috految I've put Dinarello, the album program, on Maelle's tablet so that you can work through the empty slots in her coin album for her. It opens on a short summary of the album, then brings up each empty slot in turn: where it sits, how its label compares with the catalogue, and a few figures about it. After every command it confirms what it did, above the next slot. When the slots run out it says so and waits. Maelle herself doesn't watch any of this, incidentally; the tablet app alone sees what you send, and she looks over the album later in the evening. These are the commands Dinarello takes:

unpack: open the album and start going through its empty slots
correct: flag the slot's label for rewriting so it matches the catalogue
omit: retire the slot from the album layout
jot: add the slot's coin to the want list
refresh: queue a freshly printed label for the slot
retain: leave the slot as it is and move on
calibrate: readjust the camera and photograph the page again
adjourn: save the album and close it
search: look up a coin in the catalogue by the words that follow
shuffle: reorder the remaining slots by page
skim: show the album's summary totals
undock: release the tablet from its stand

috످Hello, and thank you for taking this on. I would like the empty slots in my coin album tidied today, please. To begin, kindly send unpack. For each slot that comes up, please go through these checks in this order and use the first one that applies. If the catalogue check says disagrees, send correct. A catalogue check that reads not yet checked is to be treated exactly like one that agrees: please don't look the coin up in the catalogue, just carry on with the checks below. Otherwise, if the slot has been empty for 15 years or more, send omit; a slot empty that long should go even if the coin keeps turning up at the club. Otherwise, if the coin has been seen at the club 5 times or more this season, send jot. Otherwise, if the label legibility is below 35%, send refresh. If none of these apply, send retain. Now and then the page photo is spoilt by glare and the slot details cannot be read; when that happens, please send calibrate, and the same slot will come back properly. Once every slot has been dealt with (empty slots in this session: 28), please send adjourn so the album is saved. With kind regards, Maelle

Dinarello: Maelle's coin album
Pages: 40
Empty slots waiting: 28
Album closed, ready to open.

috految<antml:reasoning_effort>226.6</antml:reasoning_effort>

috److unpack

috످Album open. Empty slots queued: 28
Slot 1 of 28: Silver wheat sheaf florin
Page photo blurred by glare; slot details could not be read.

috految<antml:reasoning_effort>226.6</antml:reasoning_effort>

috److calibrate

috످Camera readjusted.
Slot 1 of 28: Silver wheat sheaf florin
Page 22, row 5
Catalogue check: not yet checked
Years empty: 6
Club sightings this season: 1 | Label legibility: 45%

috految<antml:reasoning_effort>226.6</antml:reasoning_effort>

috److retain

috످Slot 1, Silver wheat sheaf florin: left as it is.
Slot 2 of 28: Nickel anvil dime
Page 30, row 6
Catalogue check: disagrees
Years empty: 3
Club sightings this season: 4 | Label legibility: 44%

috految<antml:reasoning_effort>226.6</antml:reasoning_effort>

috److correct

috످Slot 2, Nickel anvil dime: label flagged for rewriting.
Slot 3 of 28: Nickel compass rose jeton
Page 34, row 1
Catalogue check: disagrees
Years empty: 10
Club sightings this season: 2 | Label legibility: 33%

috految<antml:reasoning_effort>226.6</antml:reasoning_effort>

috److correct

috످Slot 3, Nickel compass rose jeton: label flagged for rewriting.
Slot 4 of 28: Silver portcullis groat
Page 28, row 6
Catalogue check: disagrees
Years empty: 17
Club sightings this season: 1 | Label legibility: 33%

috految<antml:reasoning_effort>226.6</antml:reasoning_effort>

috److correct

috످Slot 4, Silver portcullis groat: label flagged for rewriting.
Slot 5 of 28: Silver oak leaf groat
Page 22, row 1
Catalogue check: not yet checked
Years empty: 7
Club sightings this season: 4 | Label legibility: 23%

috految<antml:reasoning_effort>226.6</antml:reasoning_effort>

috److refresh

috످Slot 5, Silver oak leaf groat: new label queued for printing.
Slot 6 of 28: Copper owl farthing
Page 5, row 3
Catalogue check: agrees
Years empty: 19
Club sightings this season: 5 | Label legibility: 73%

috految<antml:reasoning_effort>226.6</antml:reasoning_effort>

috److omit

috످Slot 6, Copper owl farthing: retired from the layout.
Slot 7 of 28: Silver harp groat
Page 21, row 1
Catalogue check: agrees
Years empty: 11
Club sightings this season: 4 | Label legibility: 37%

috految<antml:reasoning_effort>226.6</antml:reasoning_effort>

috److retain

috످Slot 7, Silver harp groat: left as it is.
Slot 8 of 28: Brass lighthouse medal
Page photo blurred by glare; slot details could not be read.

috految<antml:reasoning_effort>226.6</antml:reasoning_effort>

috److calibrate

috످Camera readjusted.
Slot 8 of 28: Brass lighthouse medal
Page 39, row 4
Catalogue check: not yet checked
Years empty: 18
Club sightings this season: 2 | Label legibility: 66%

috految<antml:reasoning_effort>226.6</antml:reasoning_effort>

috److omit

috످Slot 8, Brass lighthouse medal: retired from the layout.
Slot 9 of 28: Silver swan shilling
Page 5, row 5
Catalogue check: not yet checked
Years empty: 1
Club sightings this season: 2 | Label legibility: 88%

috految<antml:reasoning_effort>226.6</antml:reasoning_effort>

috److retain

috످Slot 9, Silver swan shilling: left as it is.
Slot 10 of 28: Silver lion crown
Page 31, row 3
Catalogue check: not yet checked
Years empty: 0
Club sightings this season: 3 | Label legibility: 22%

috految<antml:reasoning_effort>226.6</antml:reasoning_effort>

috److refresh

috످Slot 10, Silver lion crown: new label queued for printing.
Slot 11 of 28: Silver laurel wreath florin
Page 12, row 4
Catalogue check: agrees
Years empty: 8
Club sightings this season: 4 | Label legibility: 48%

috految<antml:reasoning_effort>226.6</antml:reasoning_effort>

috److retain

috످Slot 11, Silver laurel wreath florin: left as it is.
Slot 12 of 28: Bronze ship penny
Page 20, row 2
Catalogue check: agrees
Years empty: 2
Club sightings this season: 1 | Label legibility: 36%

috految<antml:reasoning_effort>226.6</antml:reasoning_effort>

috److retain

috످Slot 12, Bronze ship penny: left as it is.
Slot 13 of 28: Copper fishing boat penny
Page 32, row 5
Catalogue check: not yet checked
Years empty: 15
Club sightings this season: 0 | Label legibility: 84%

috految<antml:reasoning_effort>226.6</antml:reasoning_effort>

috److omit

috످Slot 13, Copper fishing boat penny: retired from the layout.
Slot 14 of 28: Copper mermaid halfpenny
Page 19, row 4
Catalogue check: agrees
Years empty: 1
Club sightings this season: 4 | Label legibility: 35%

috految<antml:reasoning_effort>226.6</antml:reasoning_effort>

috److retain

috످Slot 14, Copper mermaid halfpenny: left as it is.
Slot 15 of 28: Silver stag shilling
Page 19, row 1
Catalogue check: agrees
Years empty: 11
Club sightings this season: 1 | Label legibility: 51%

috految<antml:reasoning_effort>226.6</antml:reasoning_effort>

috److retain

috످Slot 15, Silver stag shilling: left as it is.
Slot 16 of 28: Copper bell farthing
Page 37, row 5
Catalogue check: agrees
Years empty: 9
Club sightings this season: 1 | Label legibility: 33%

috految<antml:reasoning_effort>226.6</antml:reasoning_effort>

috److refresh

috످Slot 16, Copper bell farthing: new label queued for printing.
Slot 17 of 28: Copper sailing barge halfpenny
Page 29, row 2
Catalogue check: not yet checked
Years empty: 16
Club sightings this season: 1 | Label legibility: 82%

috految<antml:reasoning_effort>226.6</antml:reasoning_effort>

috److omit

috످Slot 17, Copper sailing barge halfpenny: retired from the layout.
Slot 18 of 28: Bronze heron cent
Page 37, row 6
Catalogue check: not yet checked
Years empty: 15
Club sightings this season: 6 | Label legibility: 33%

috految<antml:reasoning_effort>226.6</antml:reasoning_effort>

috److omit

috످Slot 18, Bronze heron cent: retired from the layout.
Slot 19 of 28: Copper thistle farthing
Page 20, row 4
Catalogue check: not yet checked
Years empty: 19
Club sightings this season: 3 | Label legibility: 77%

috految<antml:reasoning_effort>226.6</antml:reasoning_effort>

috److omit

috످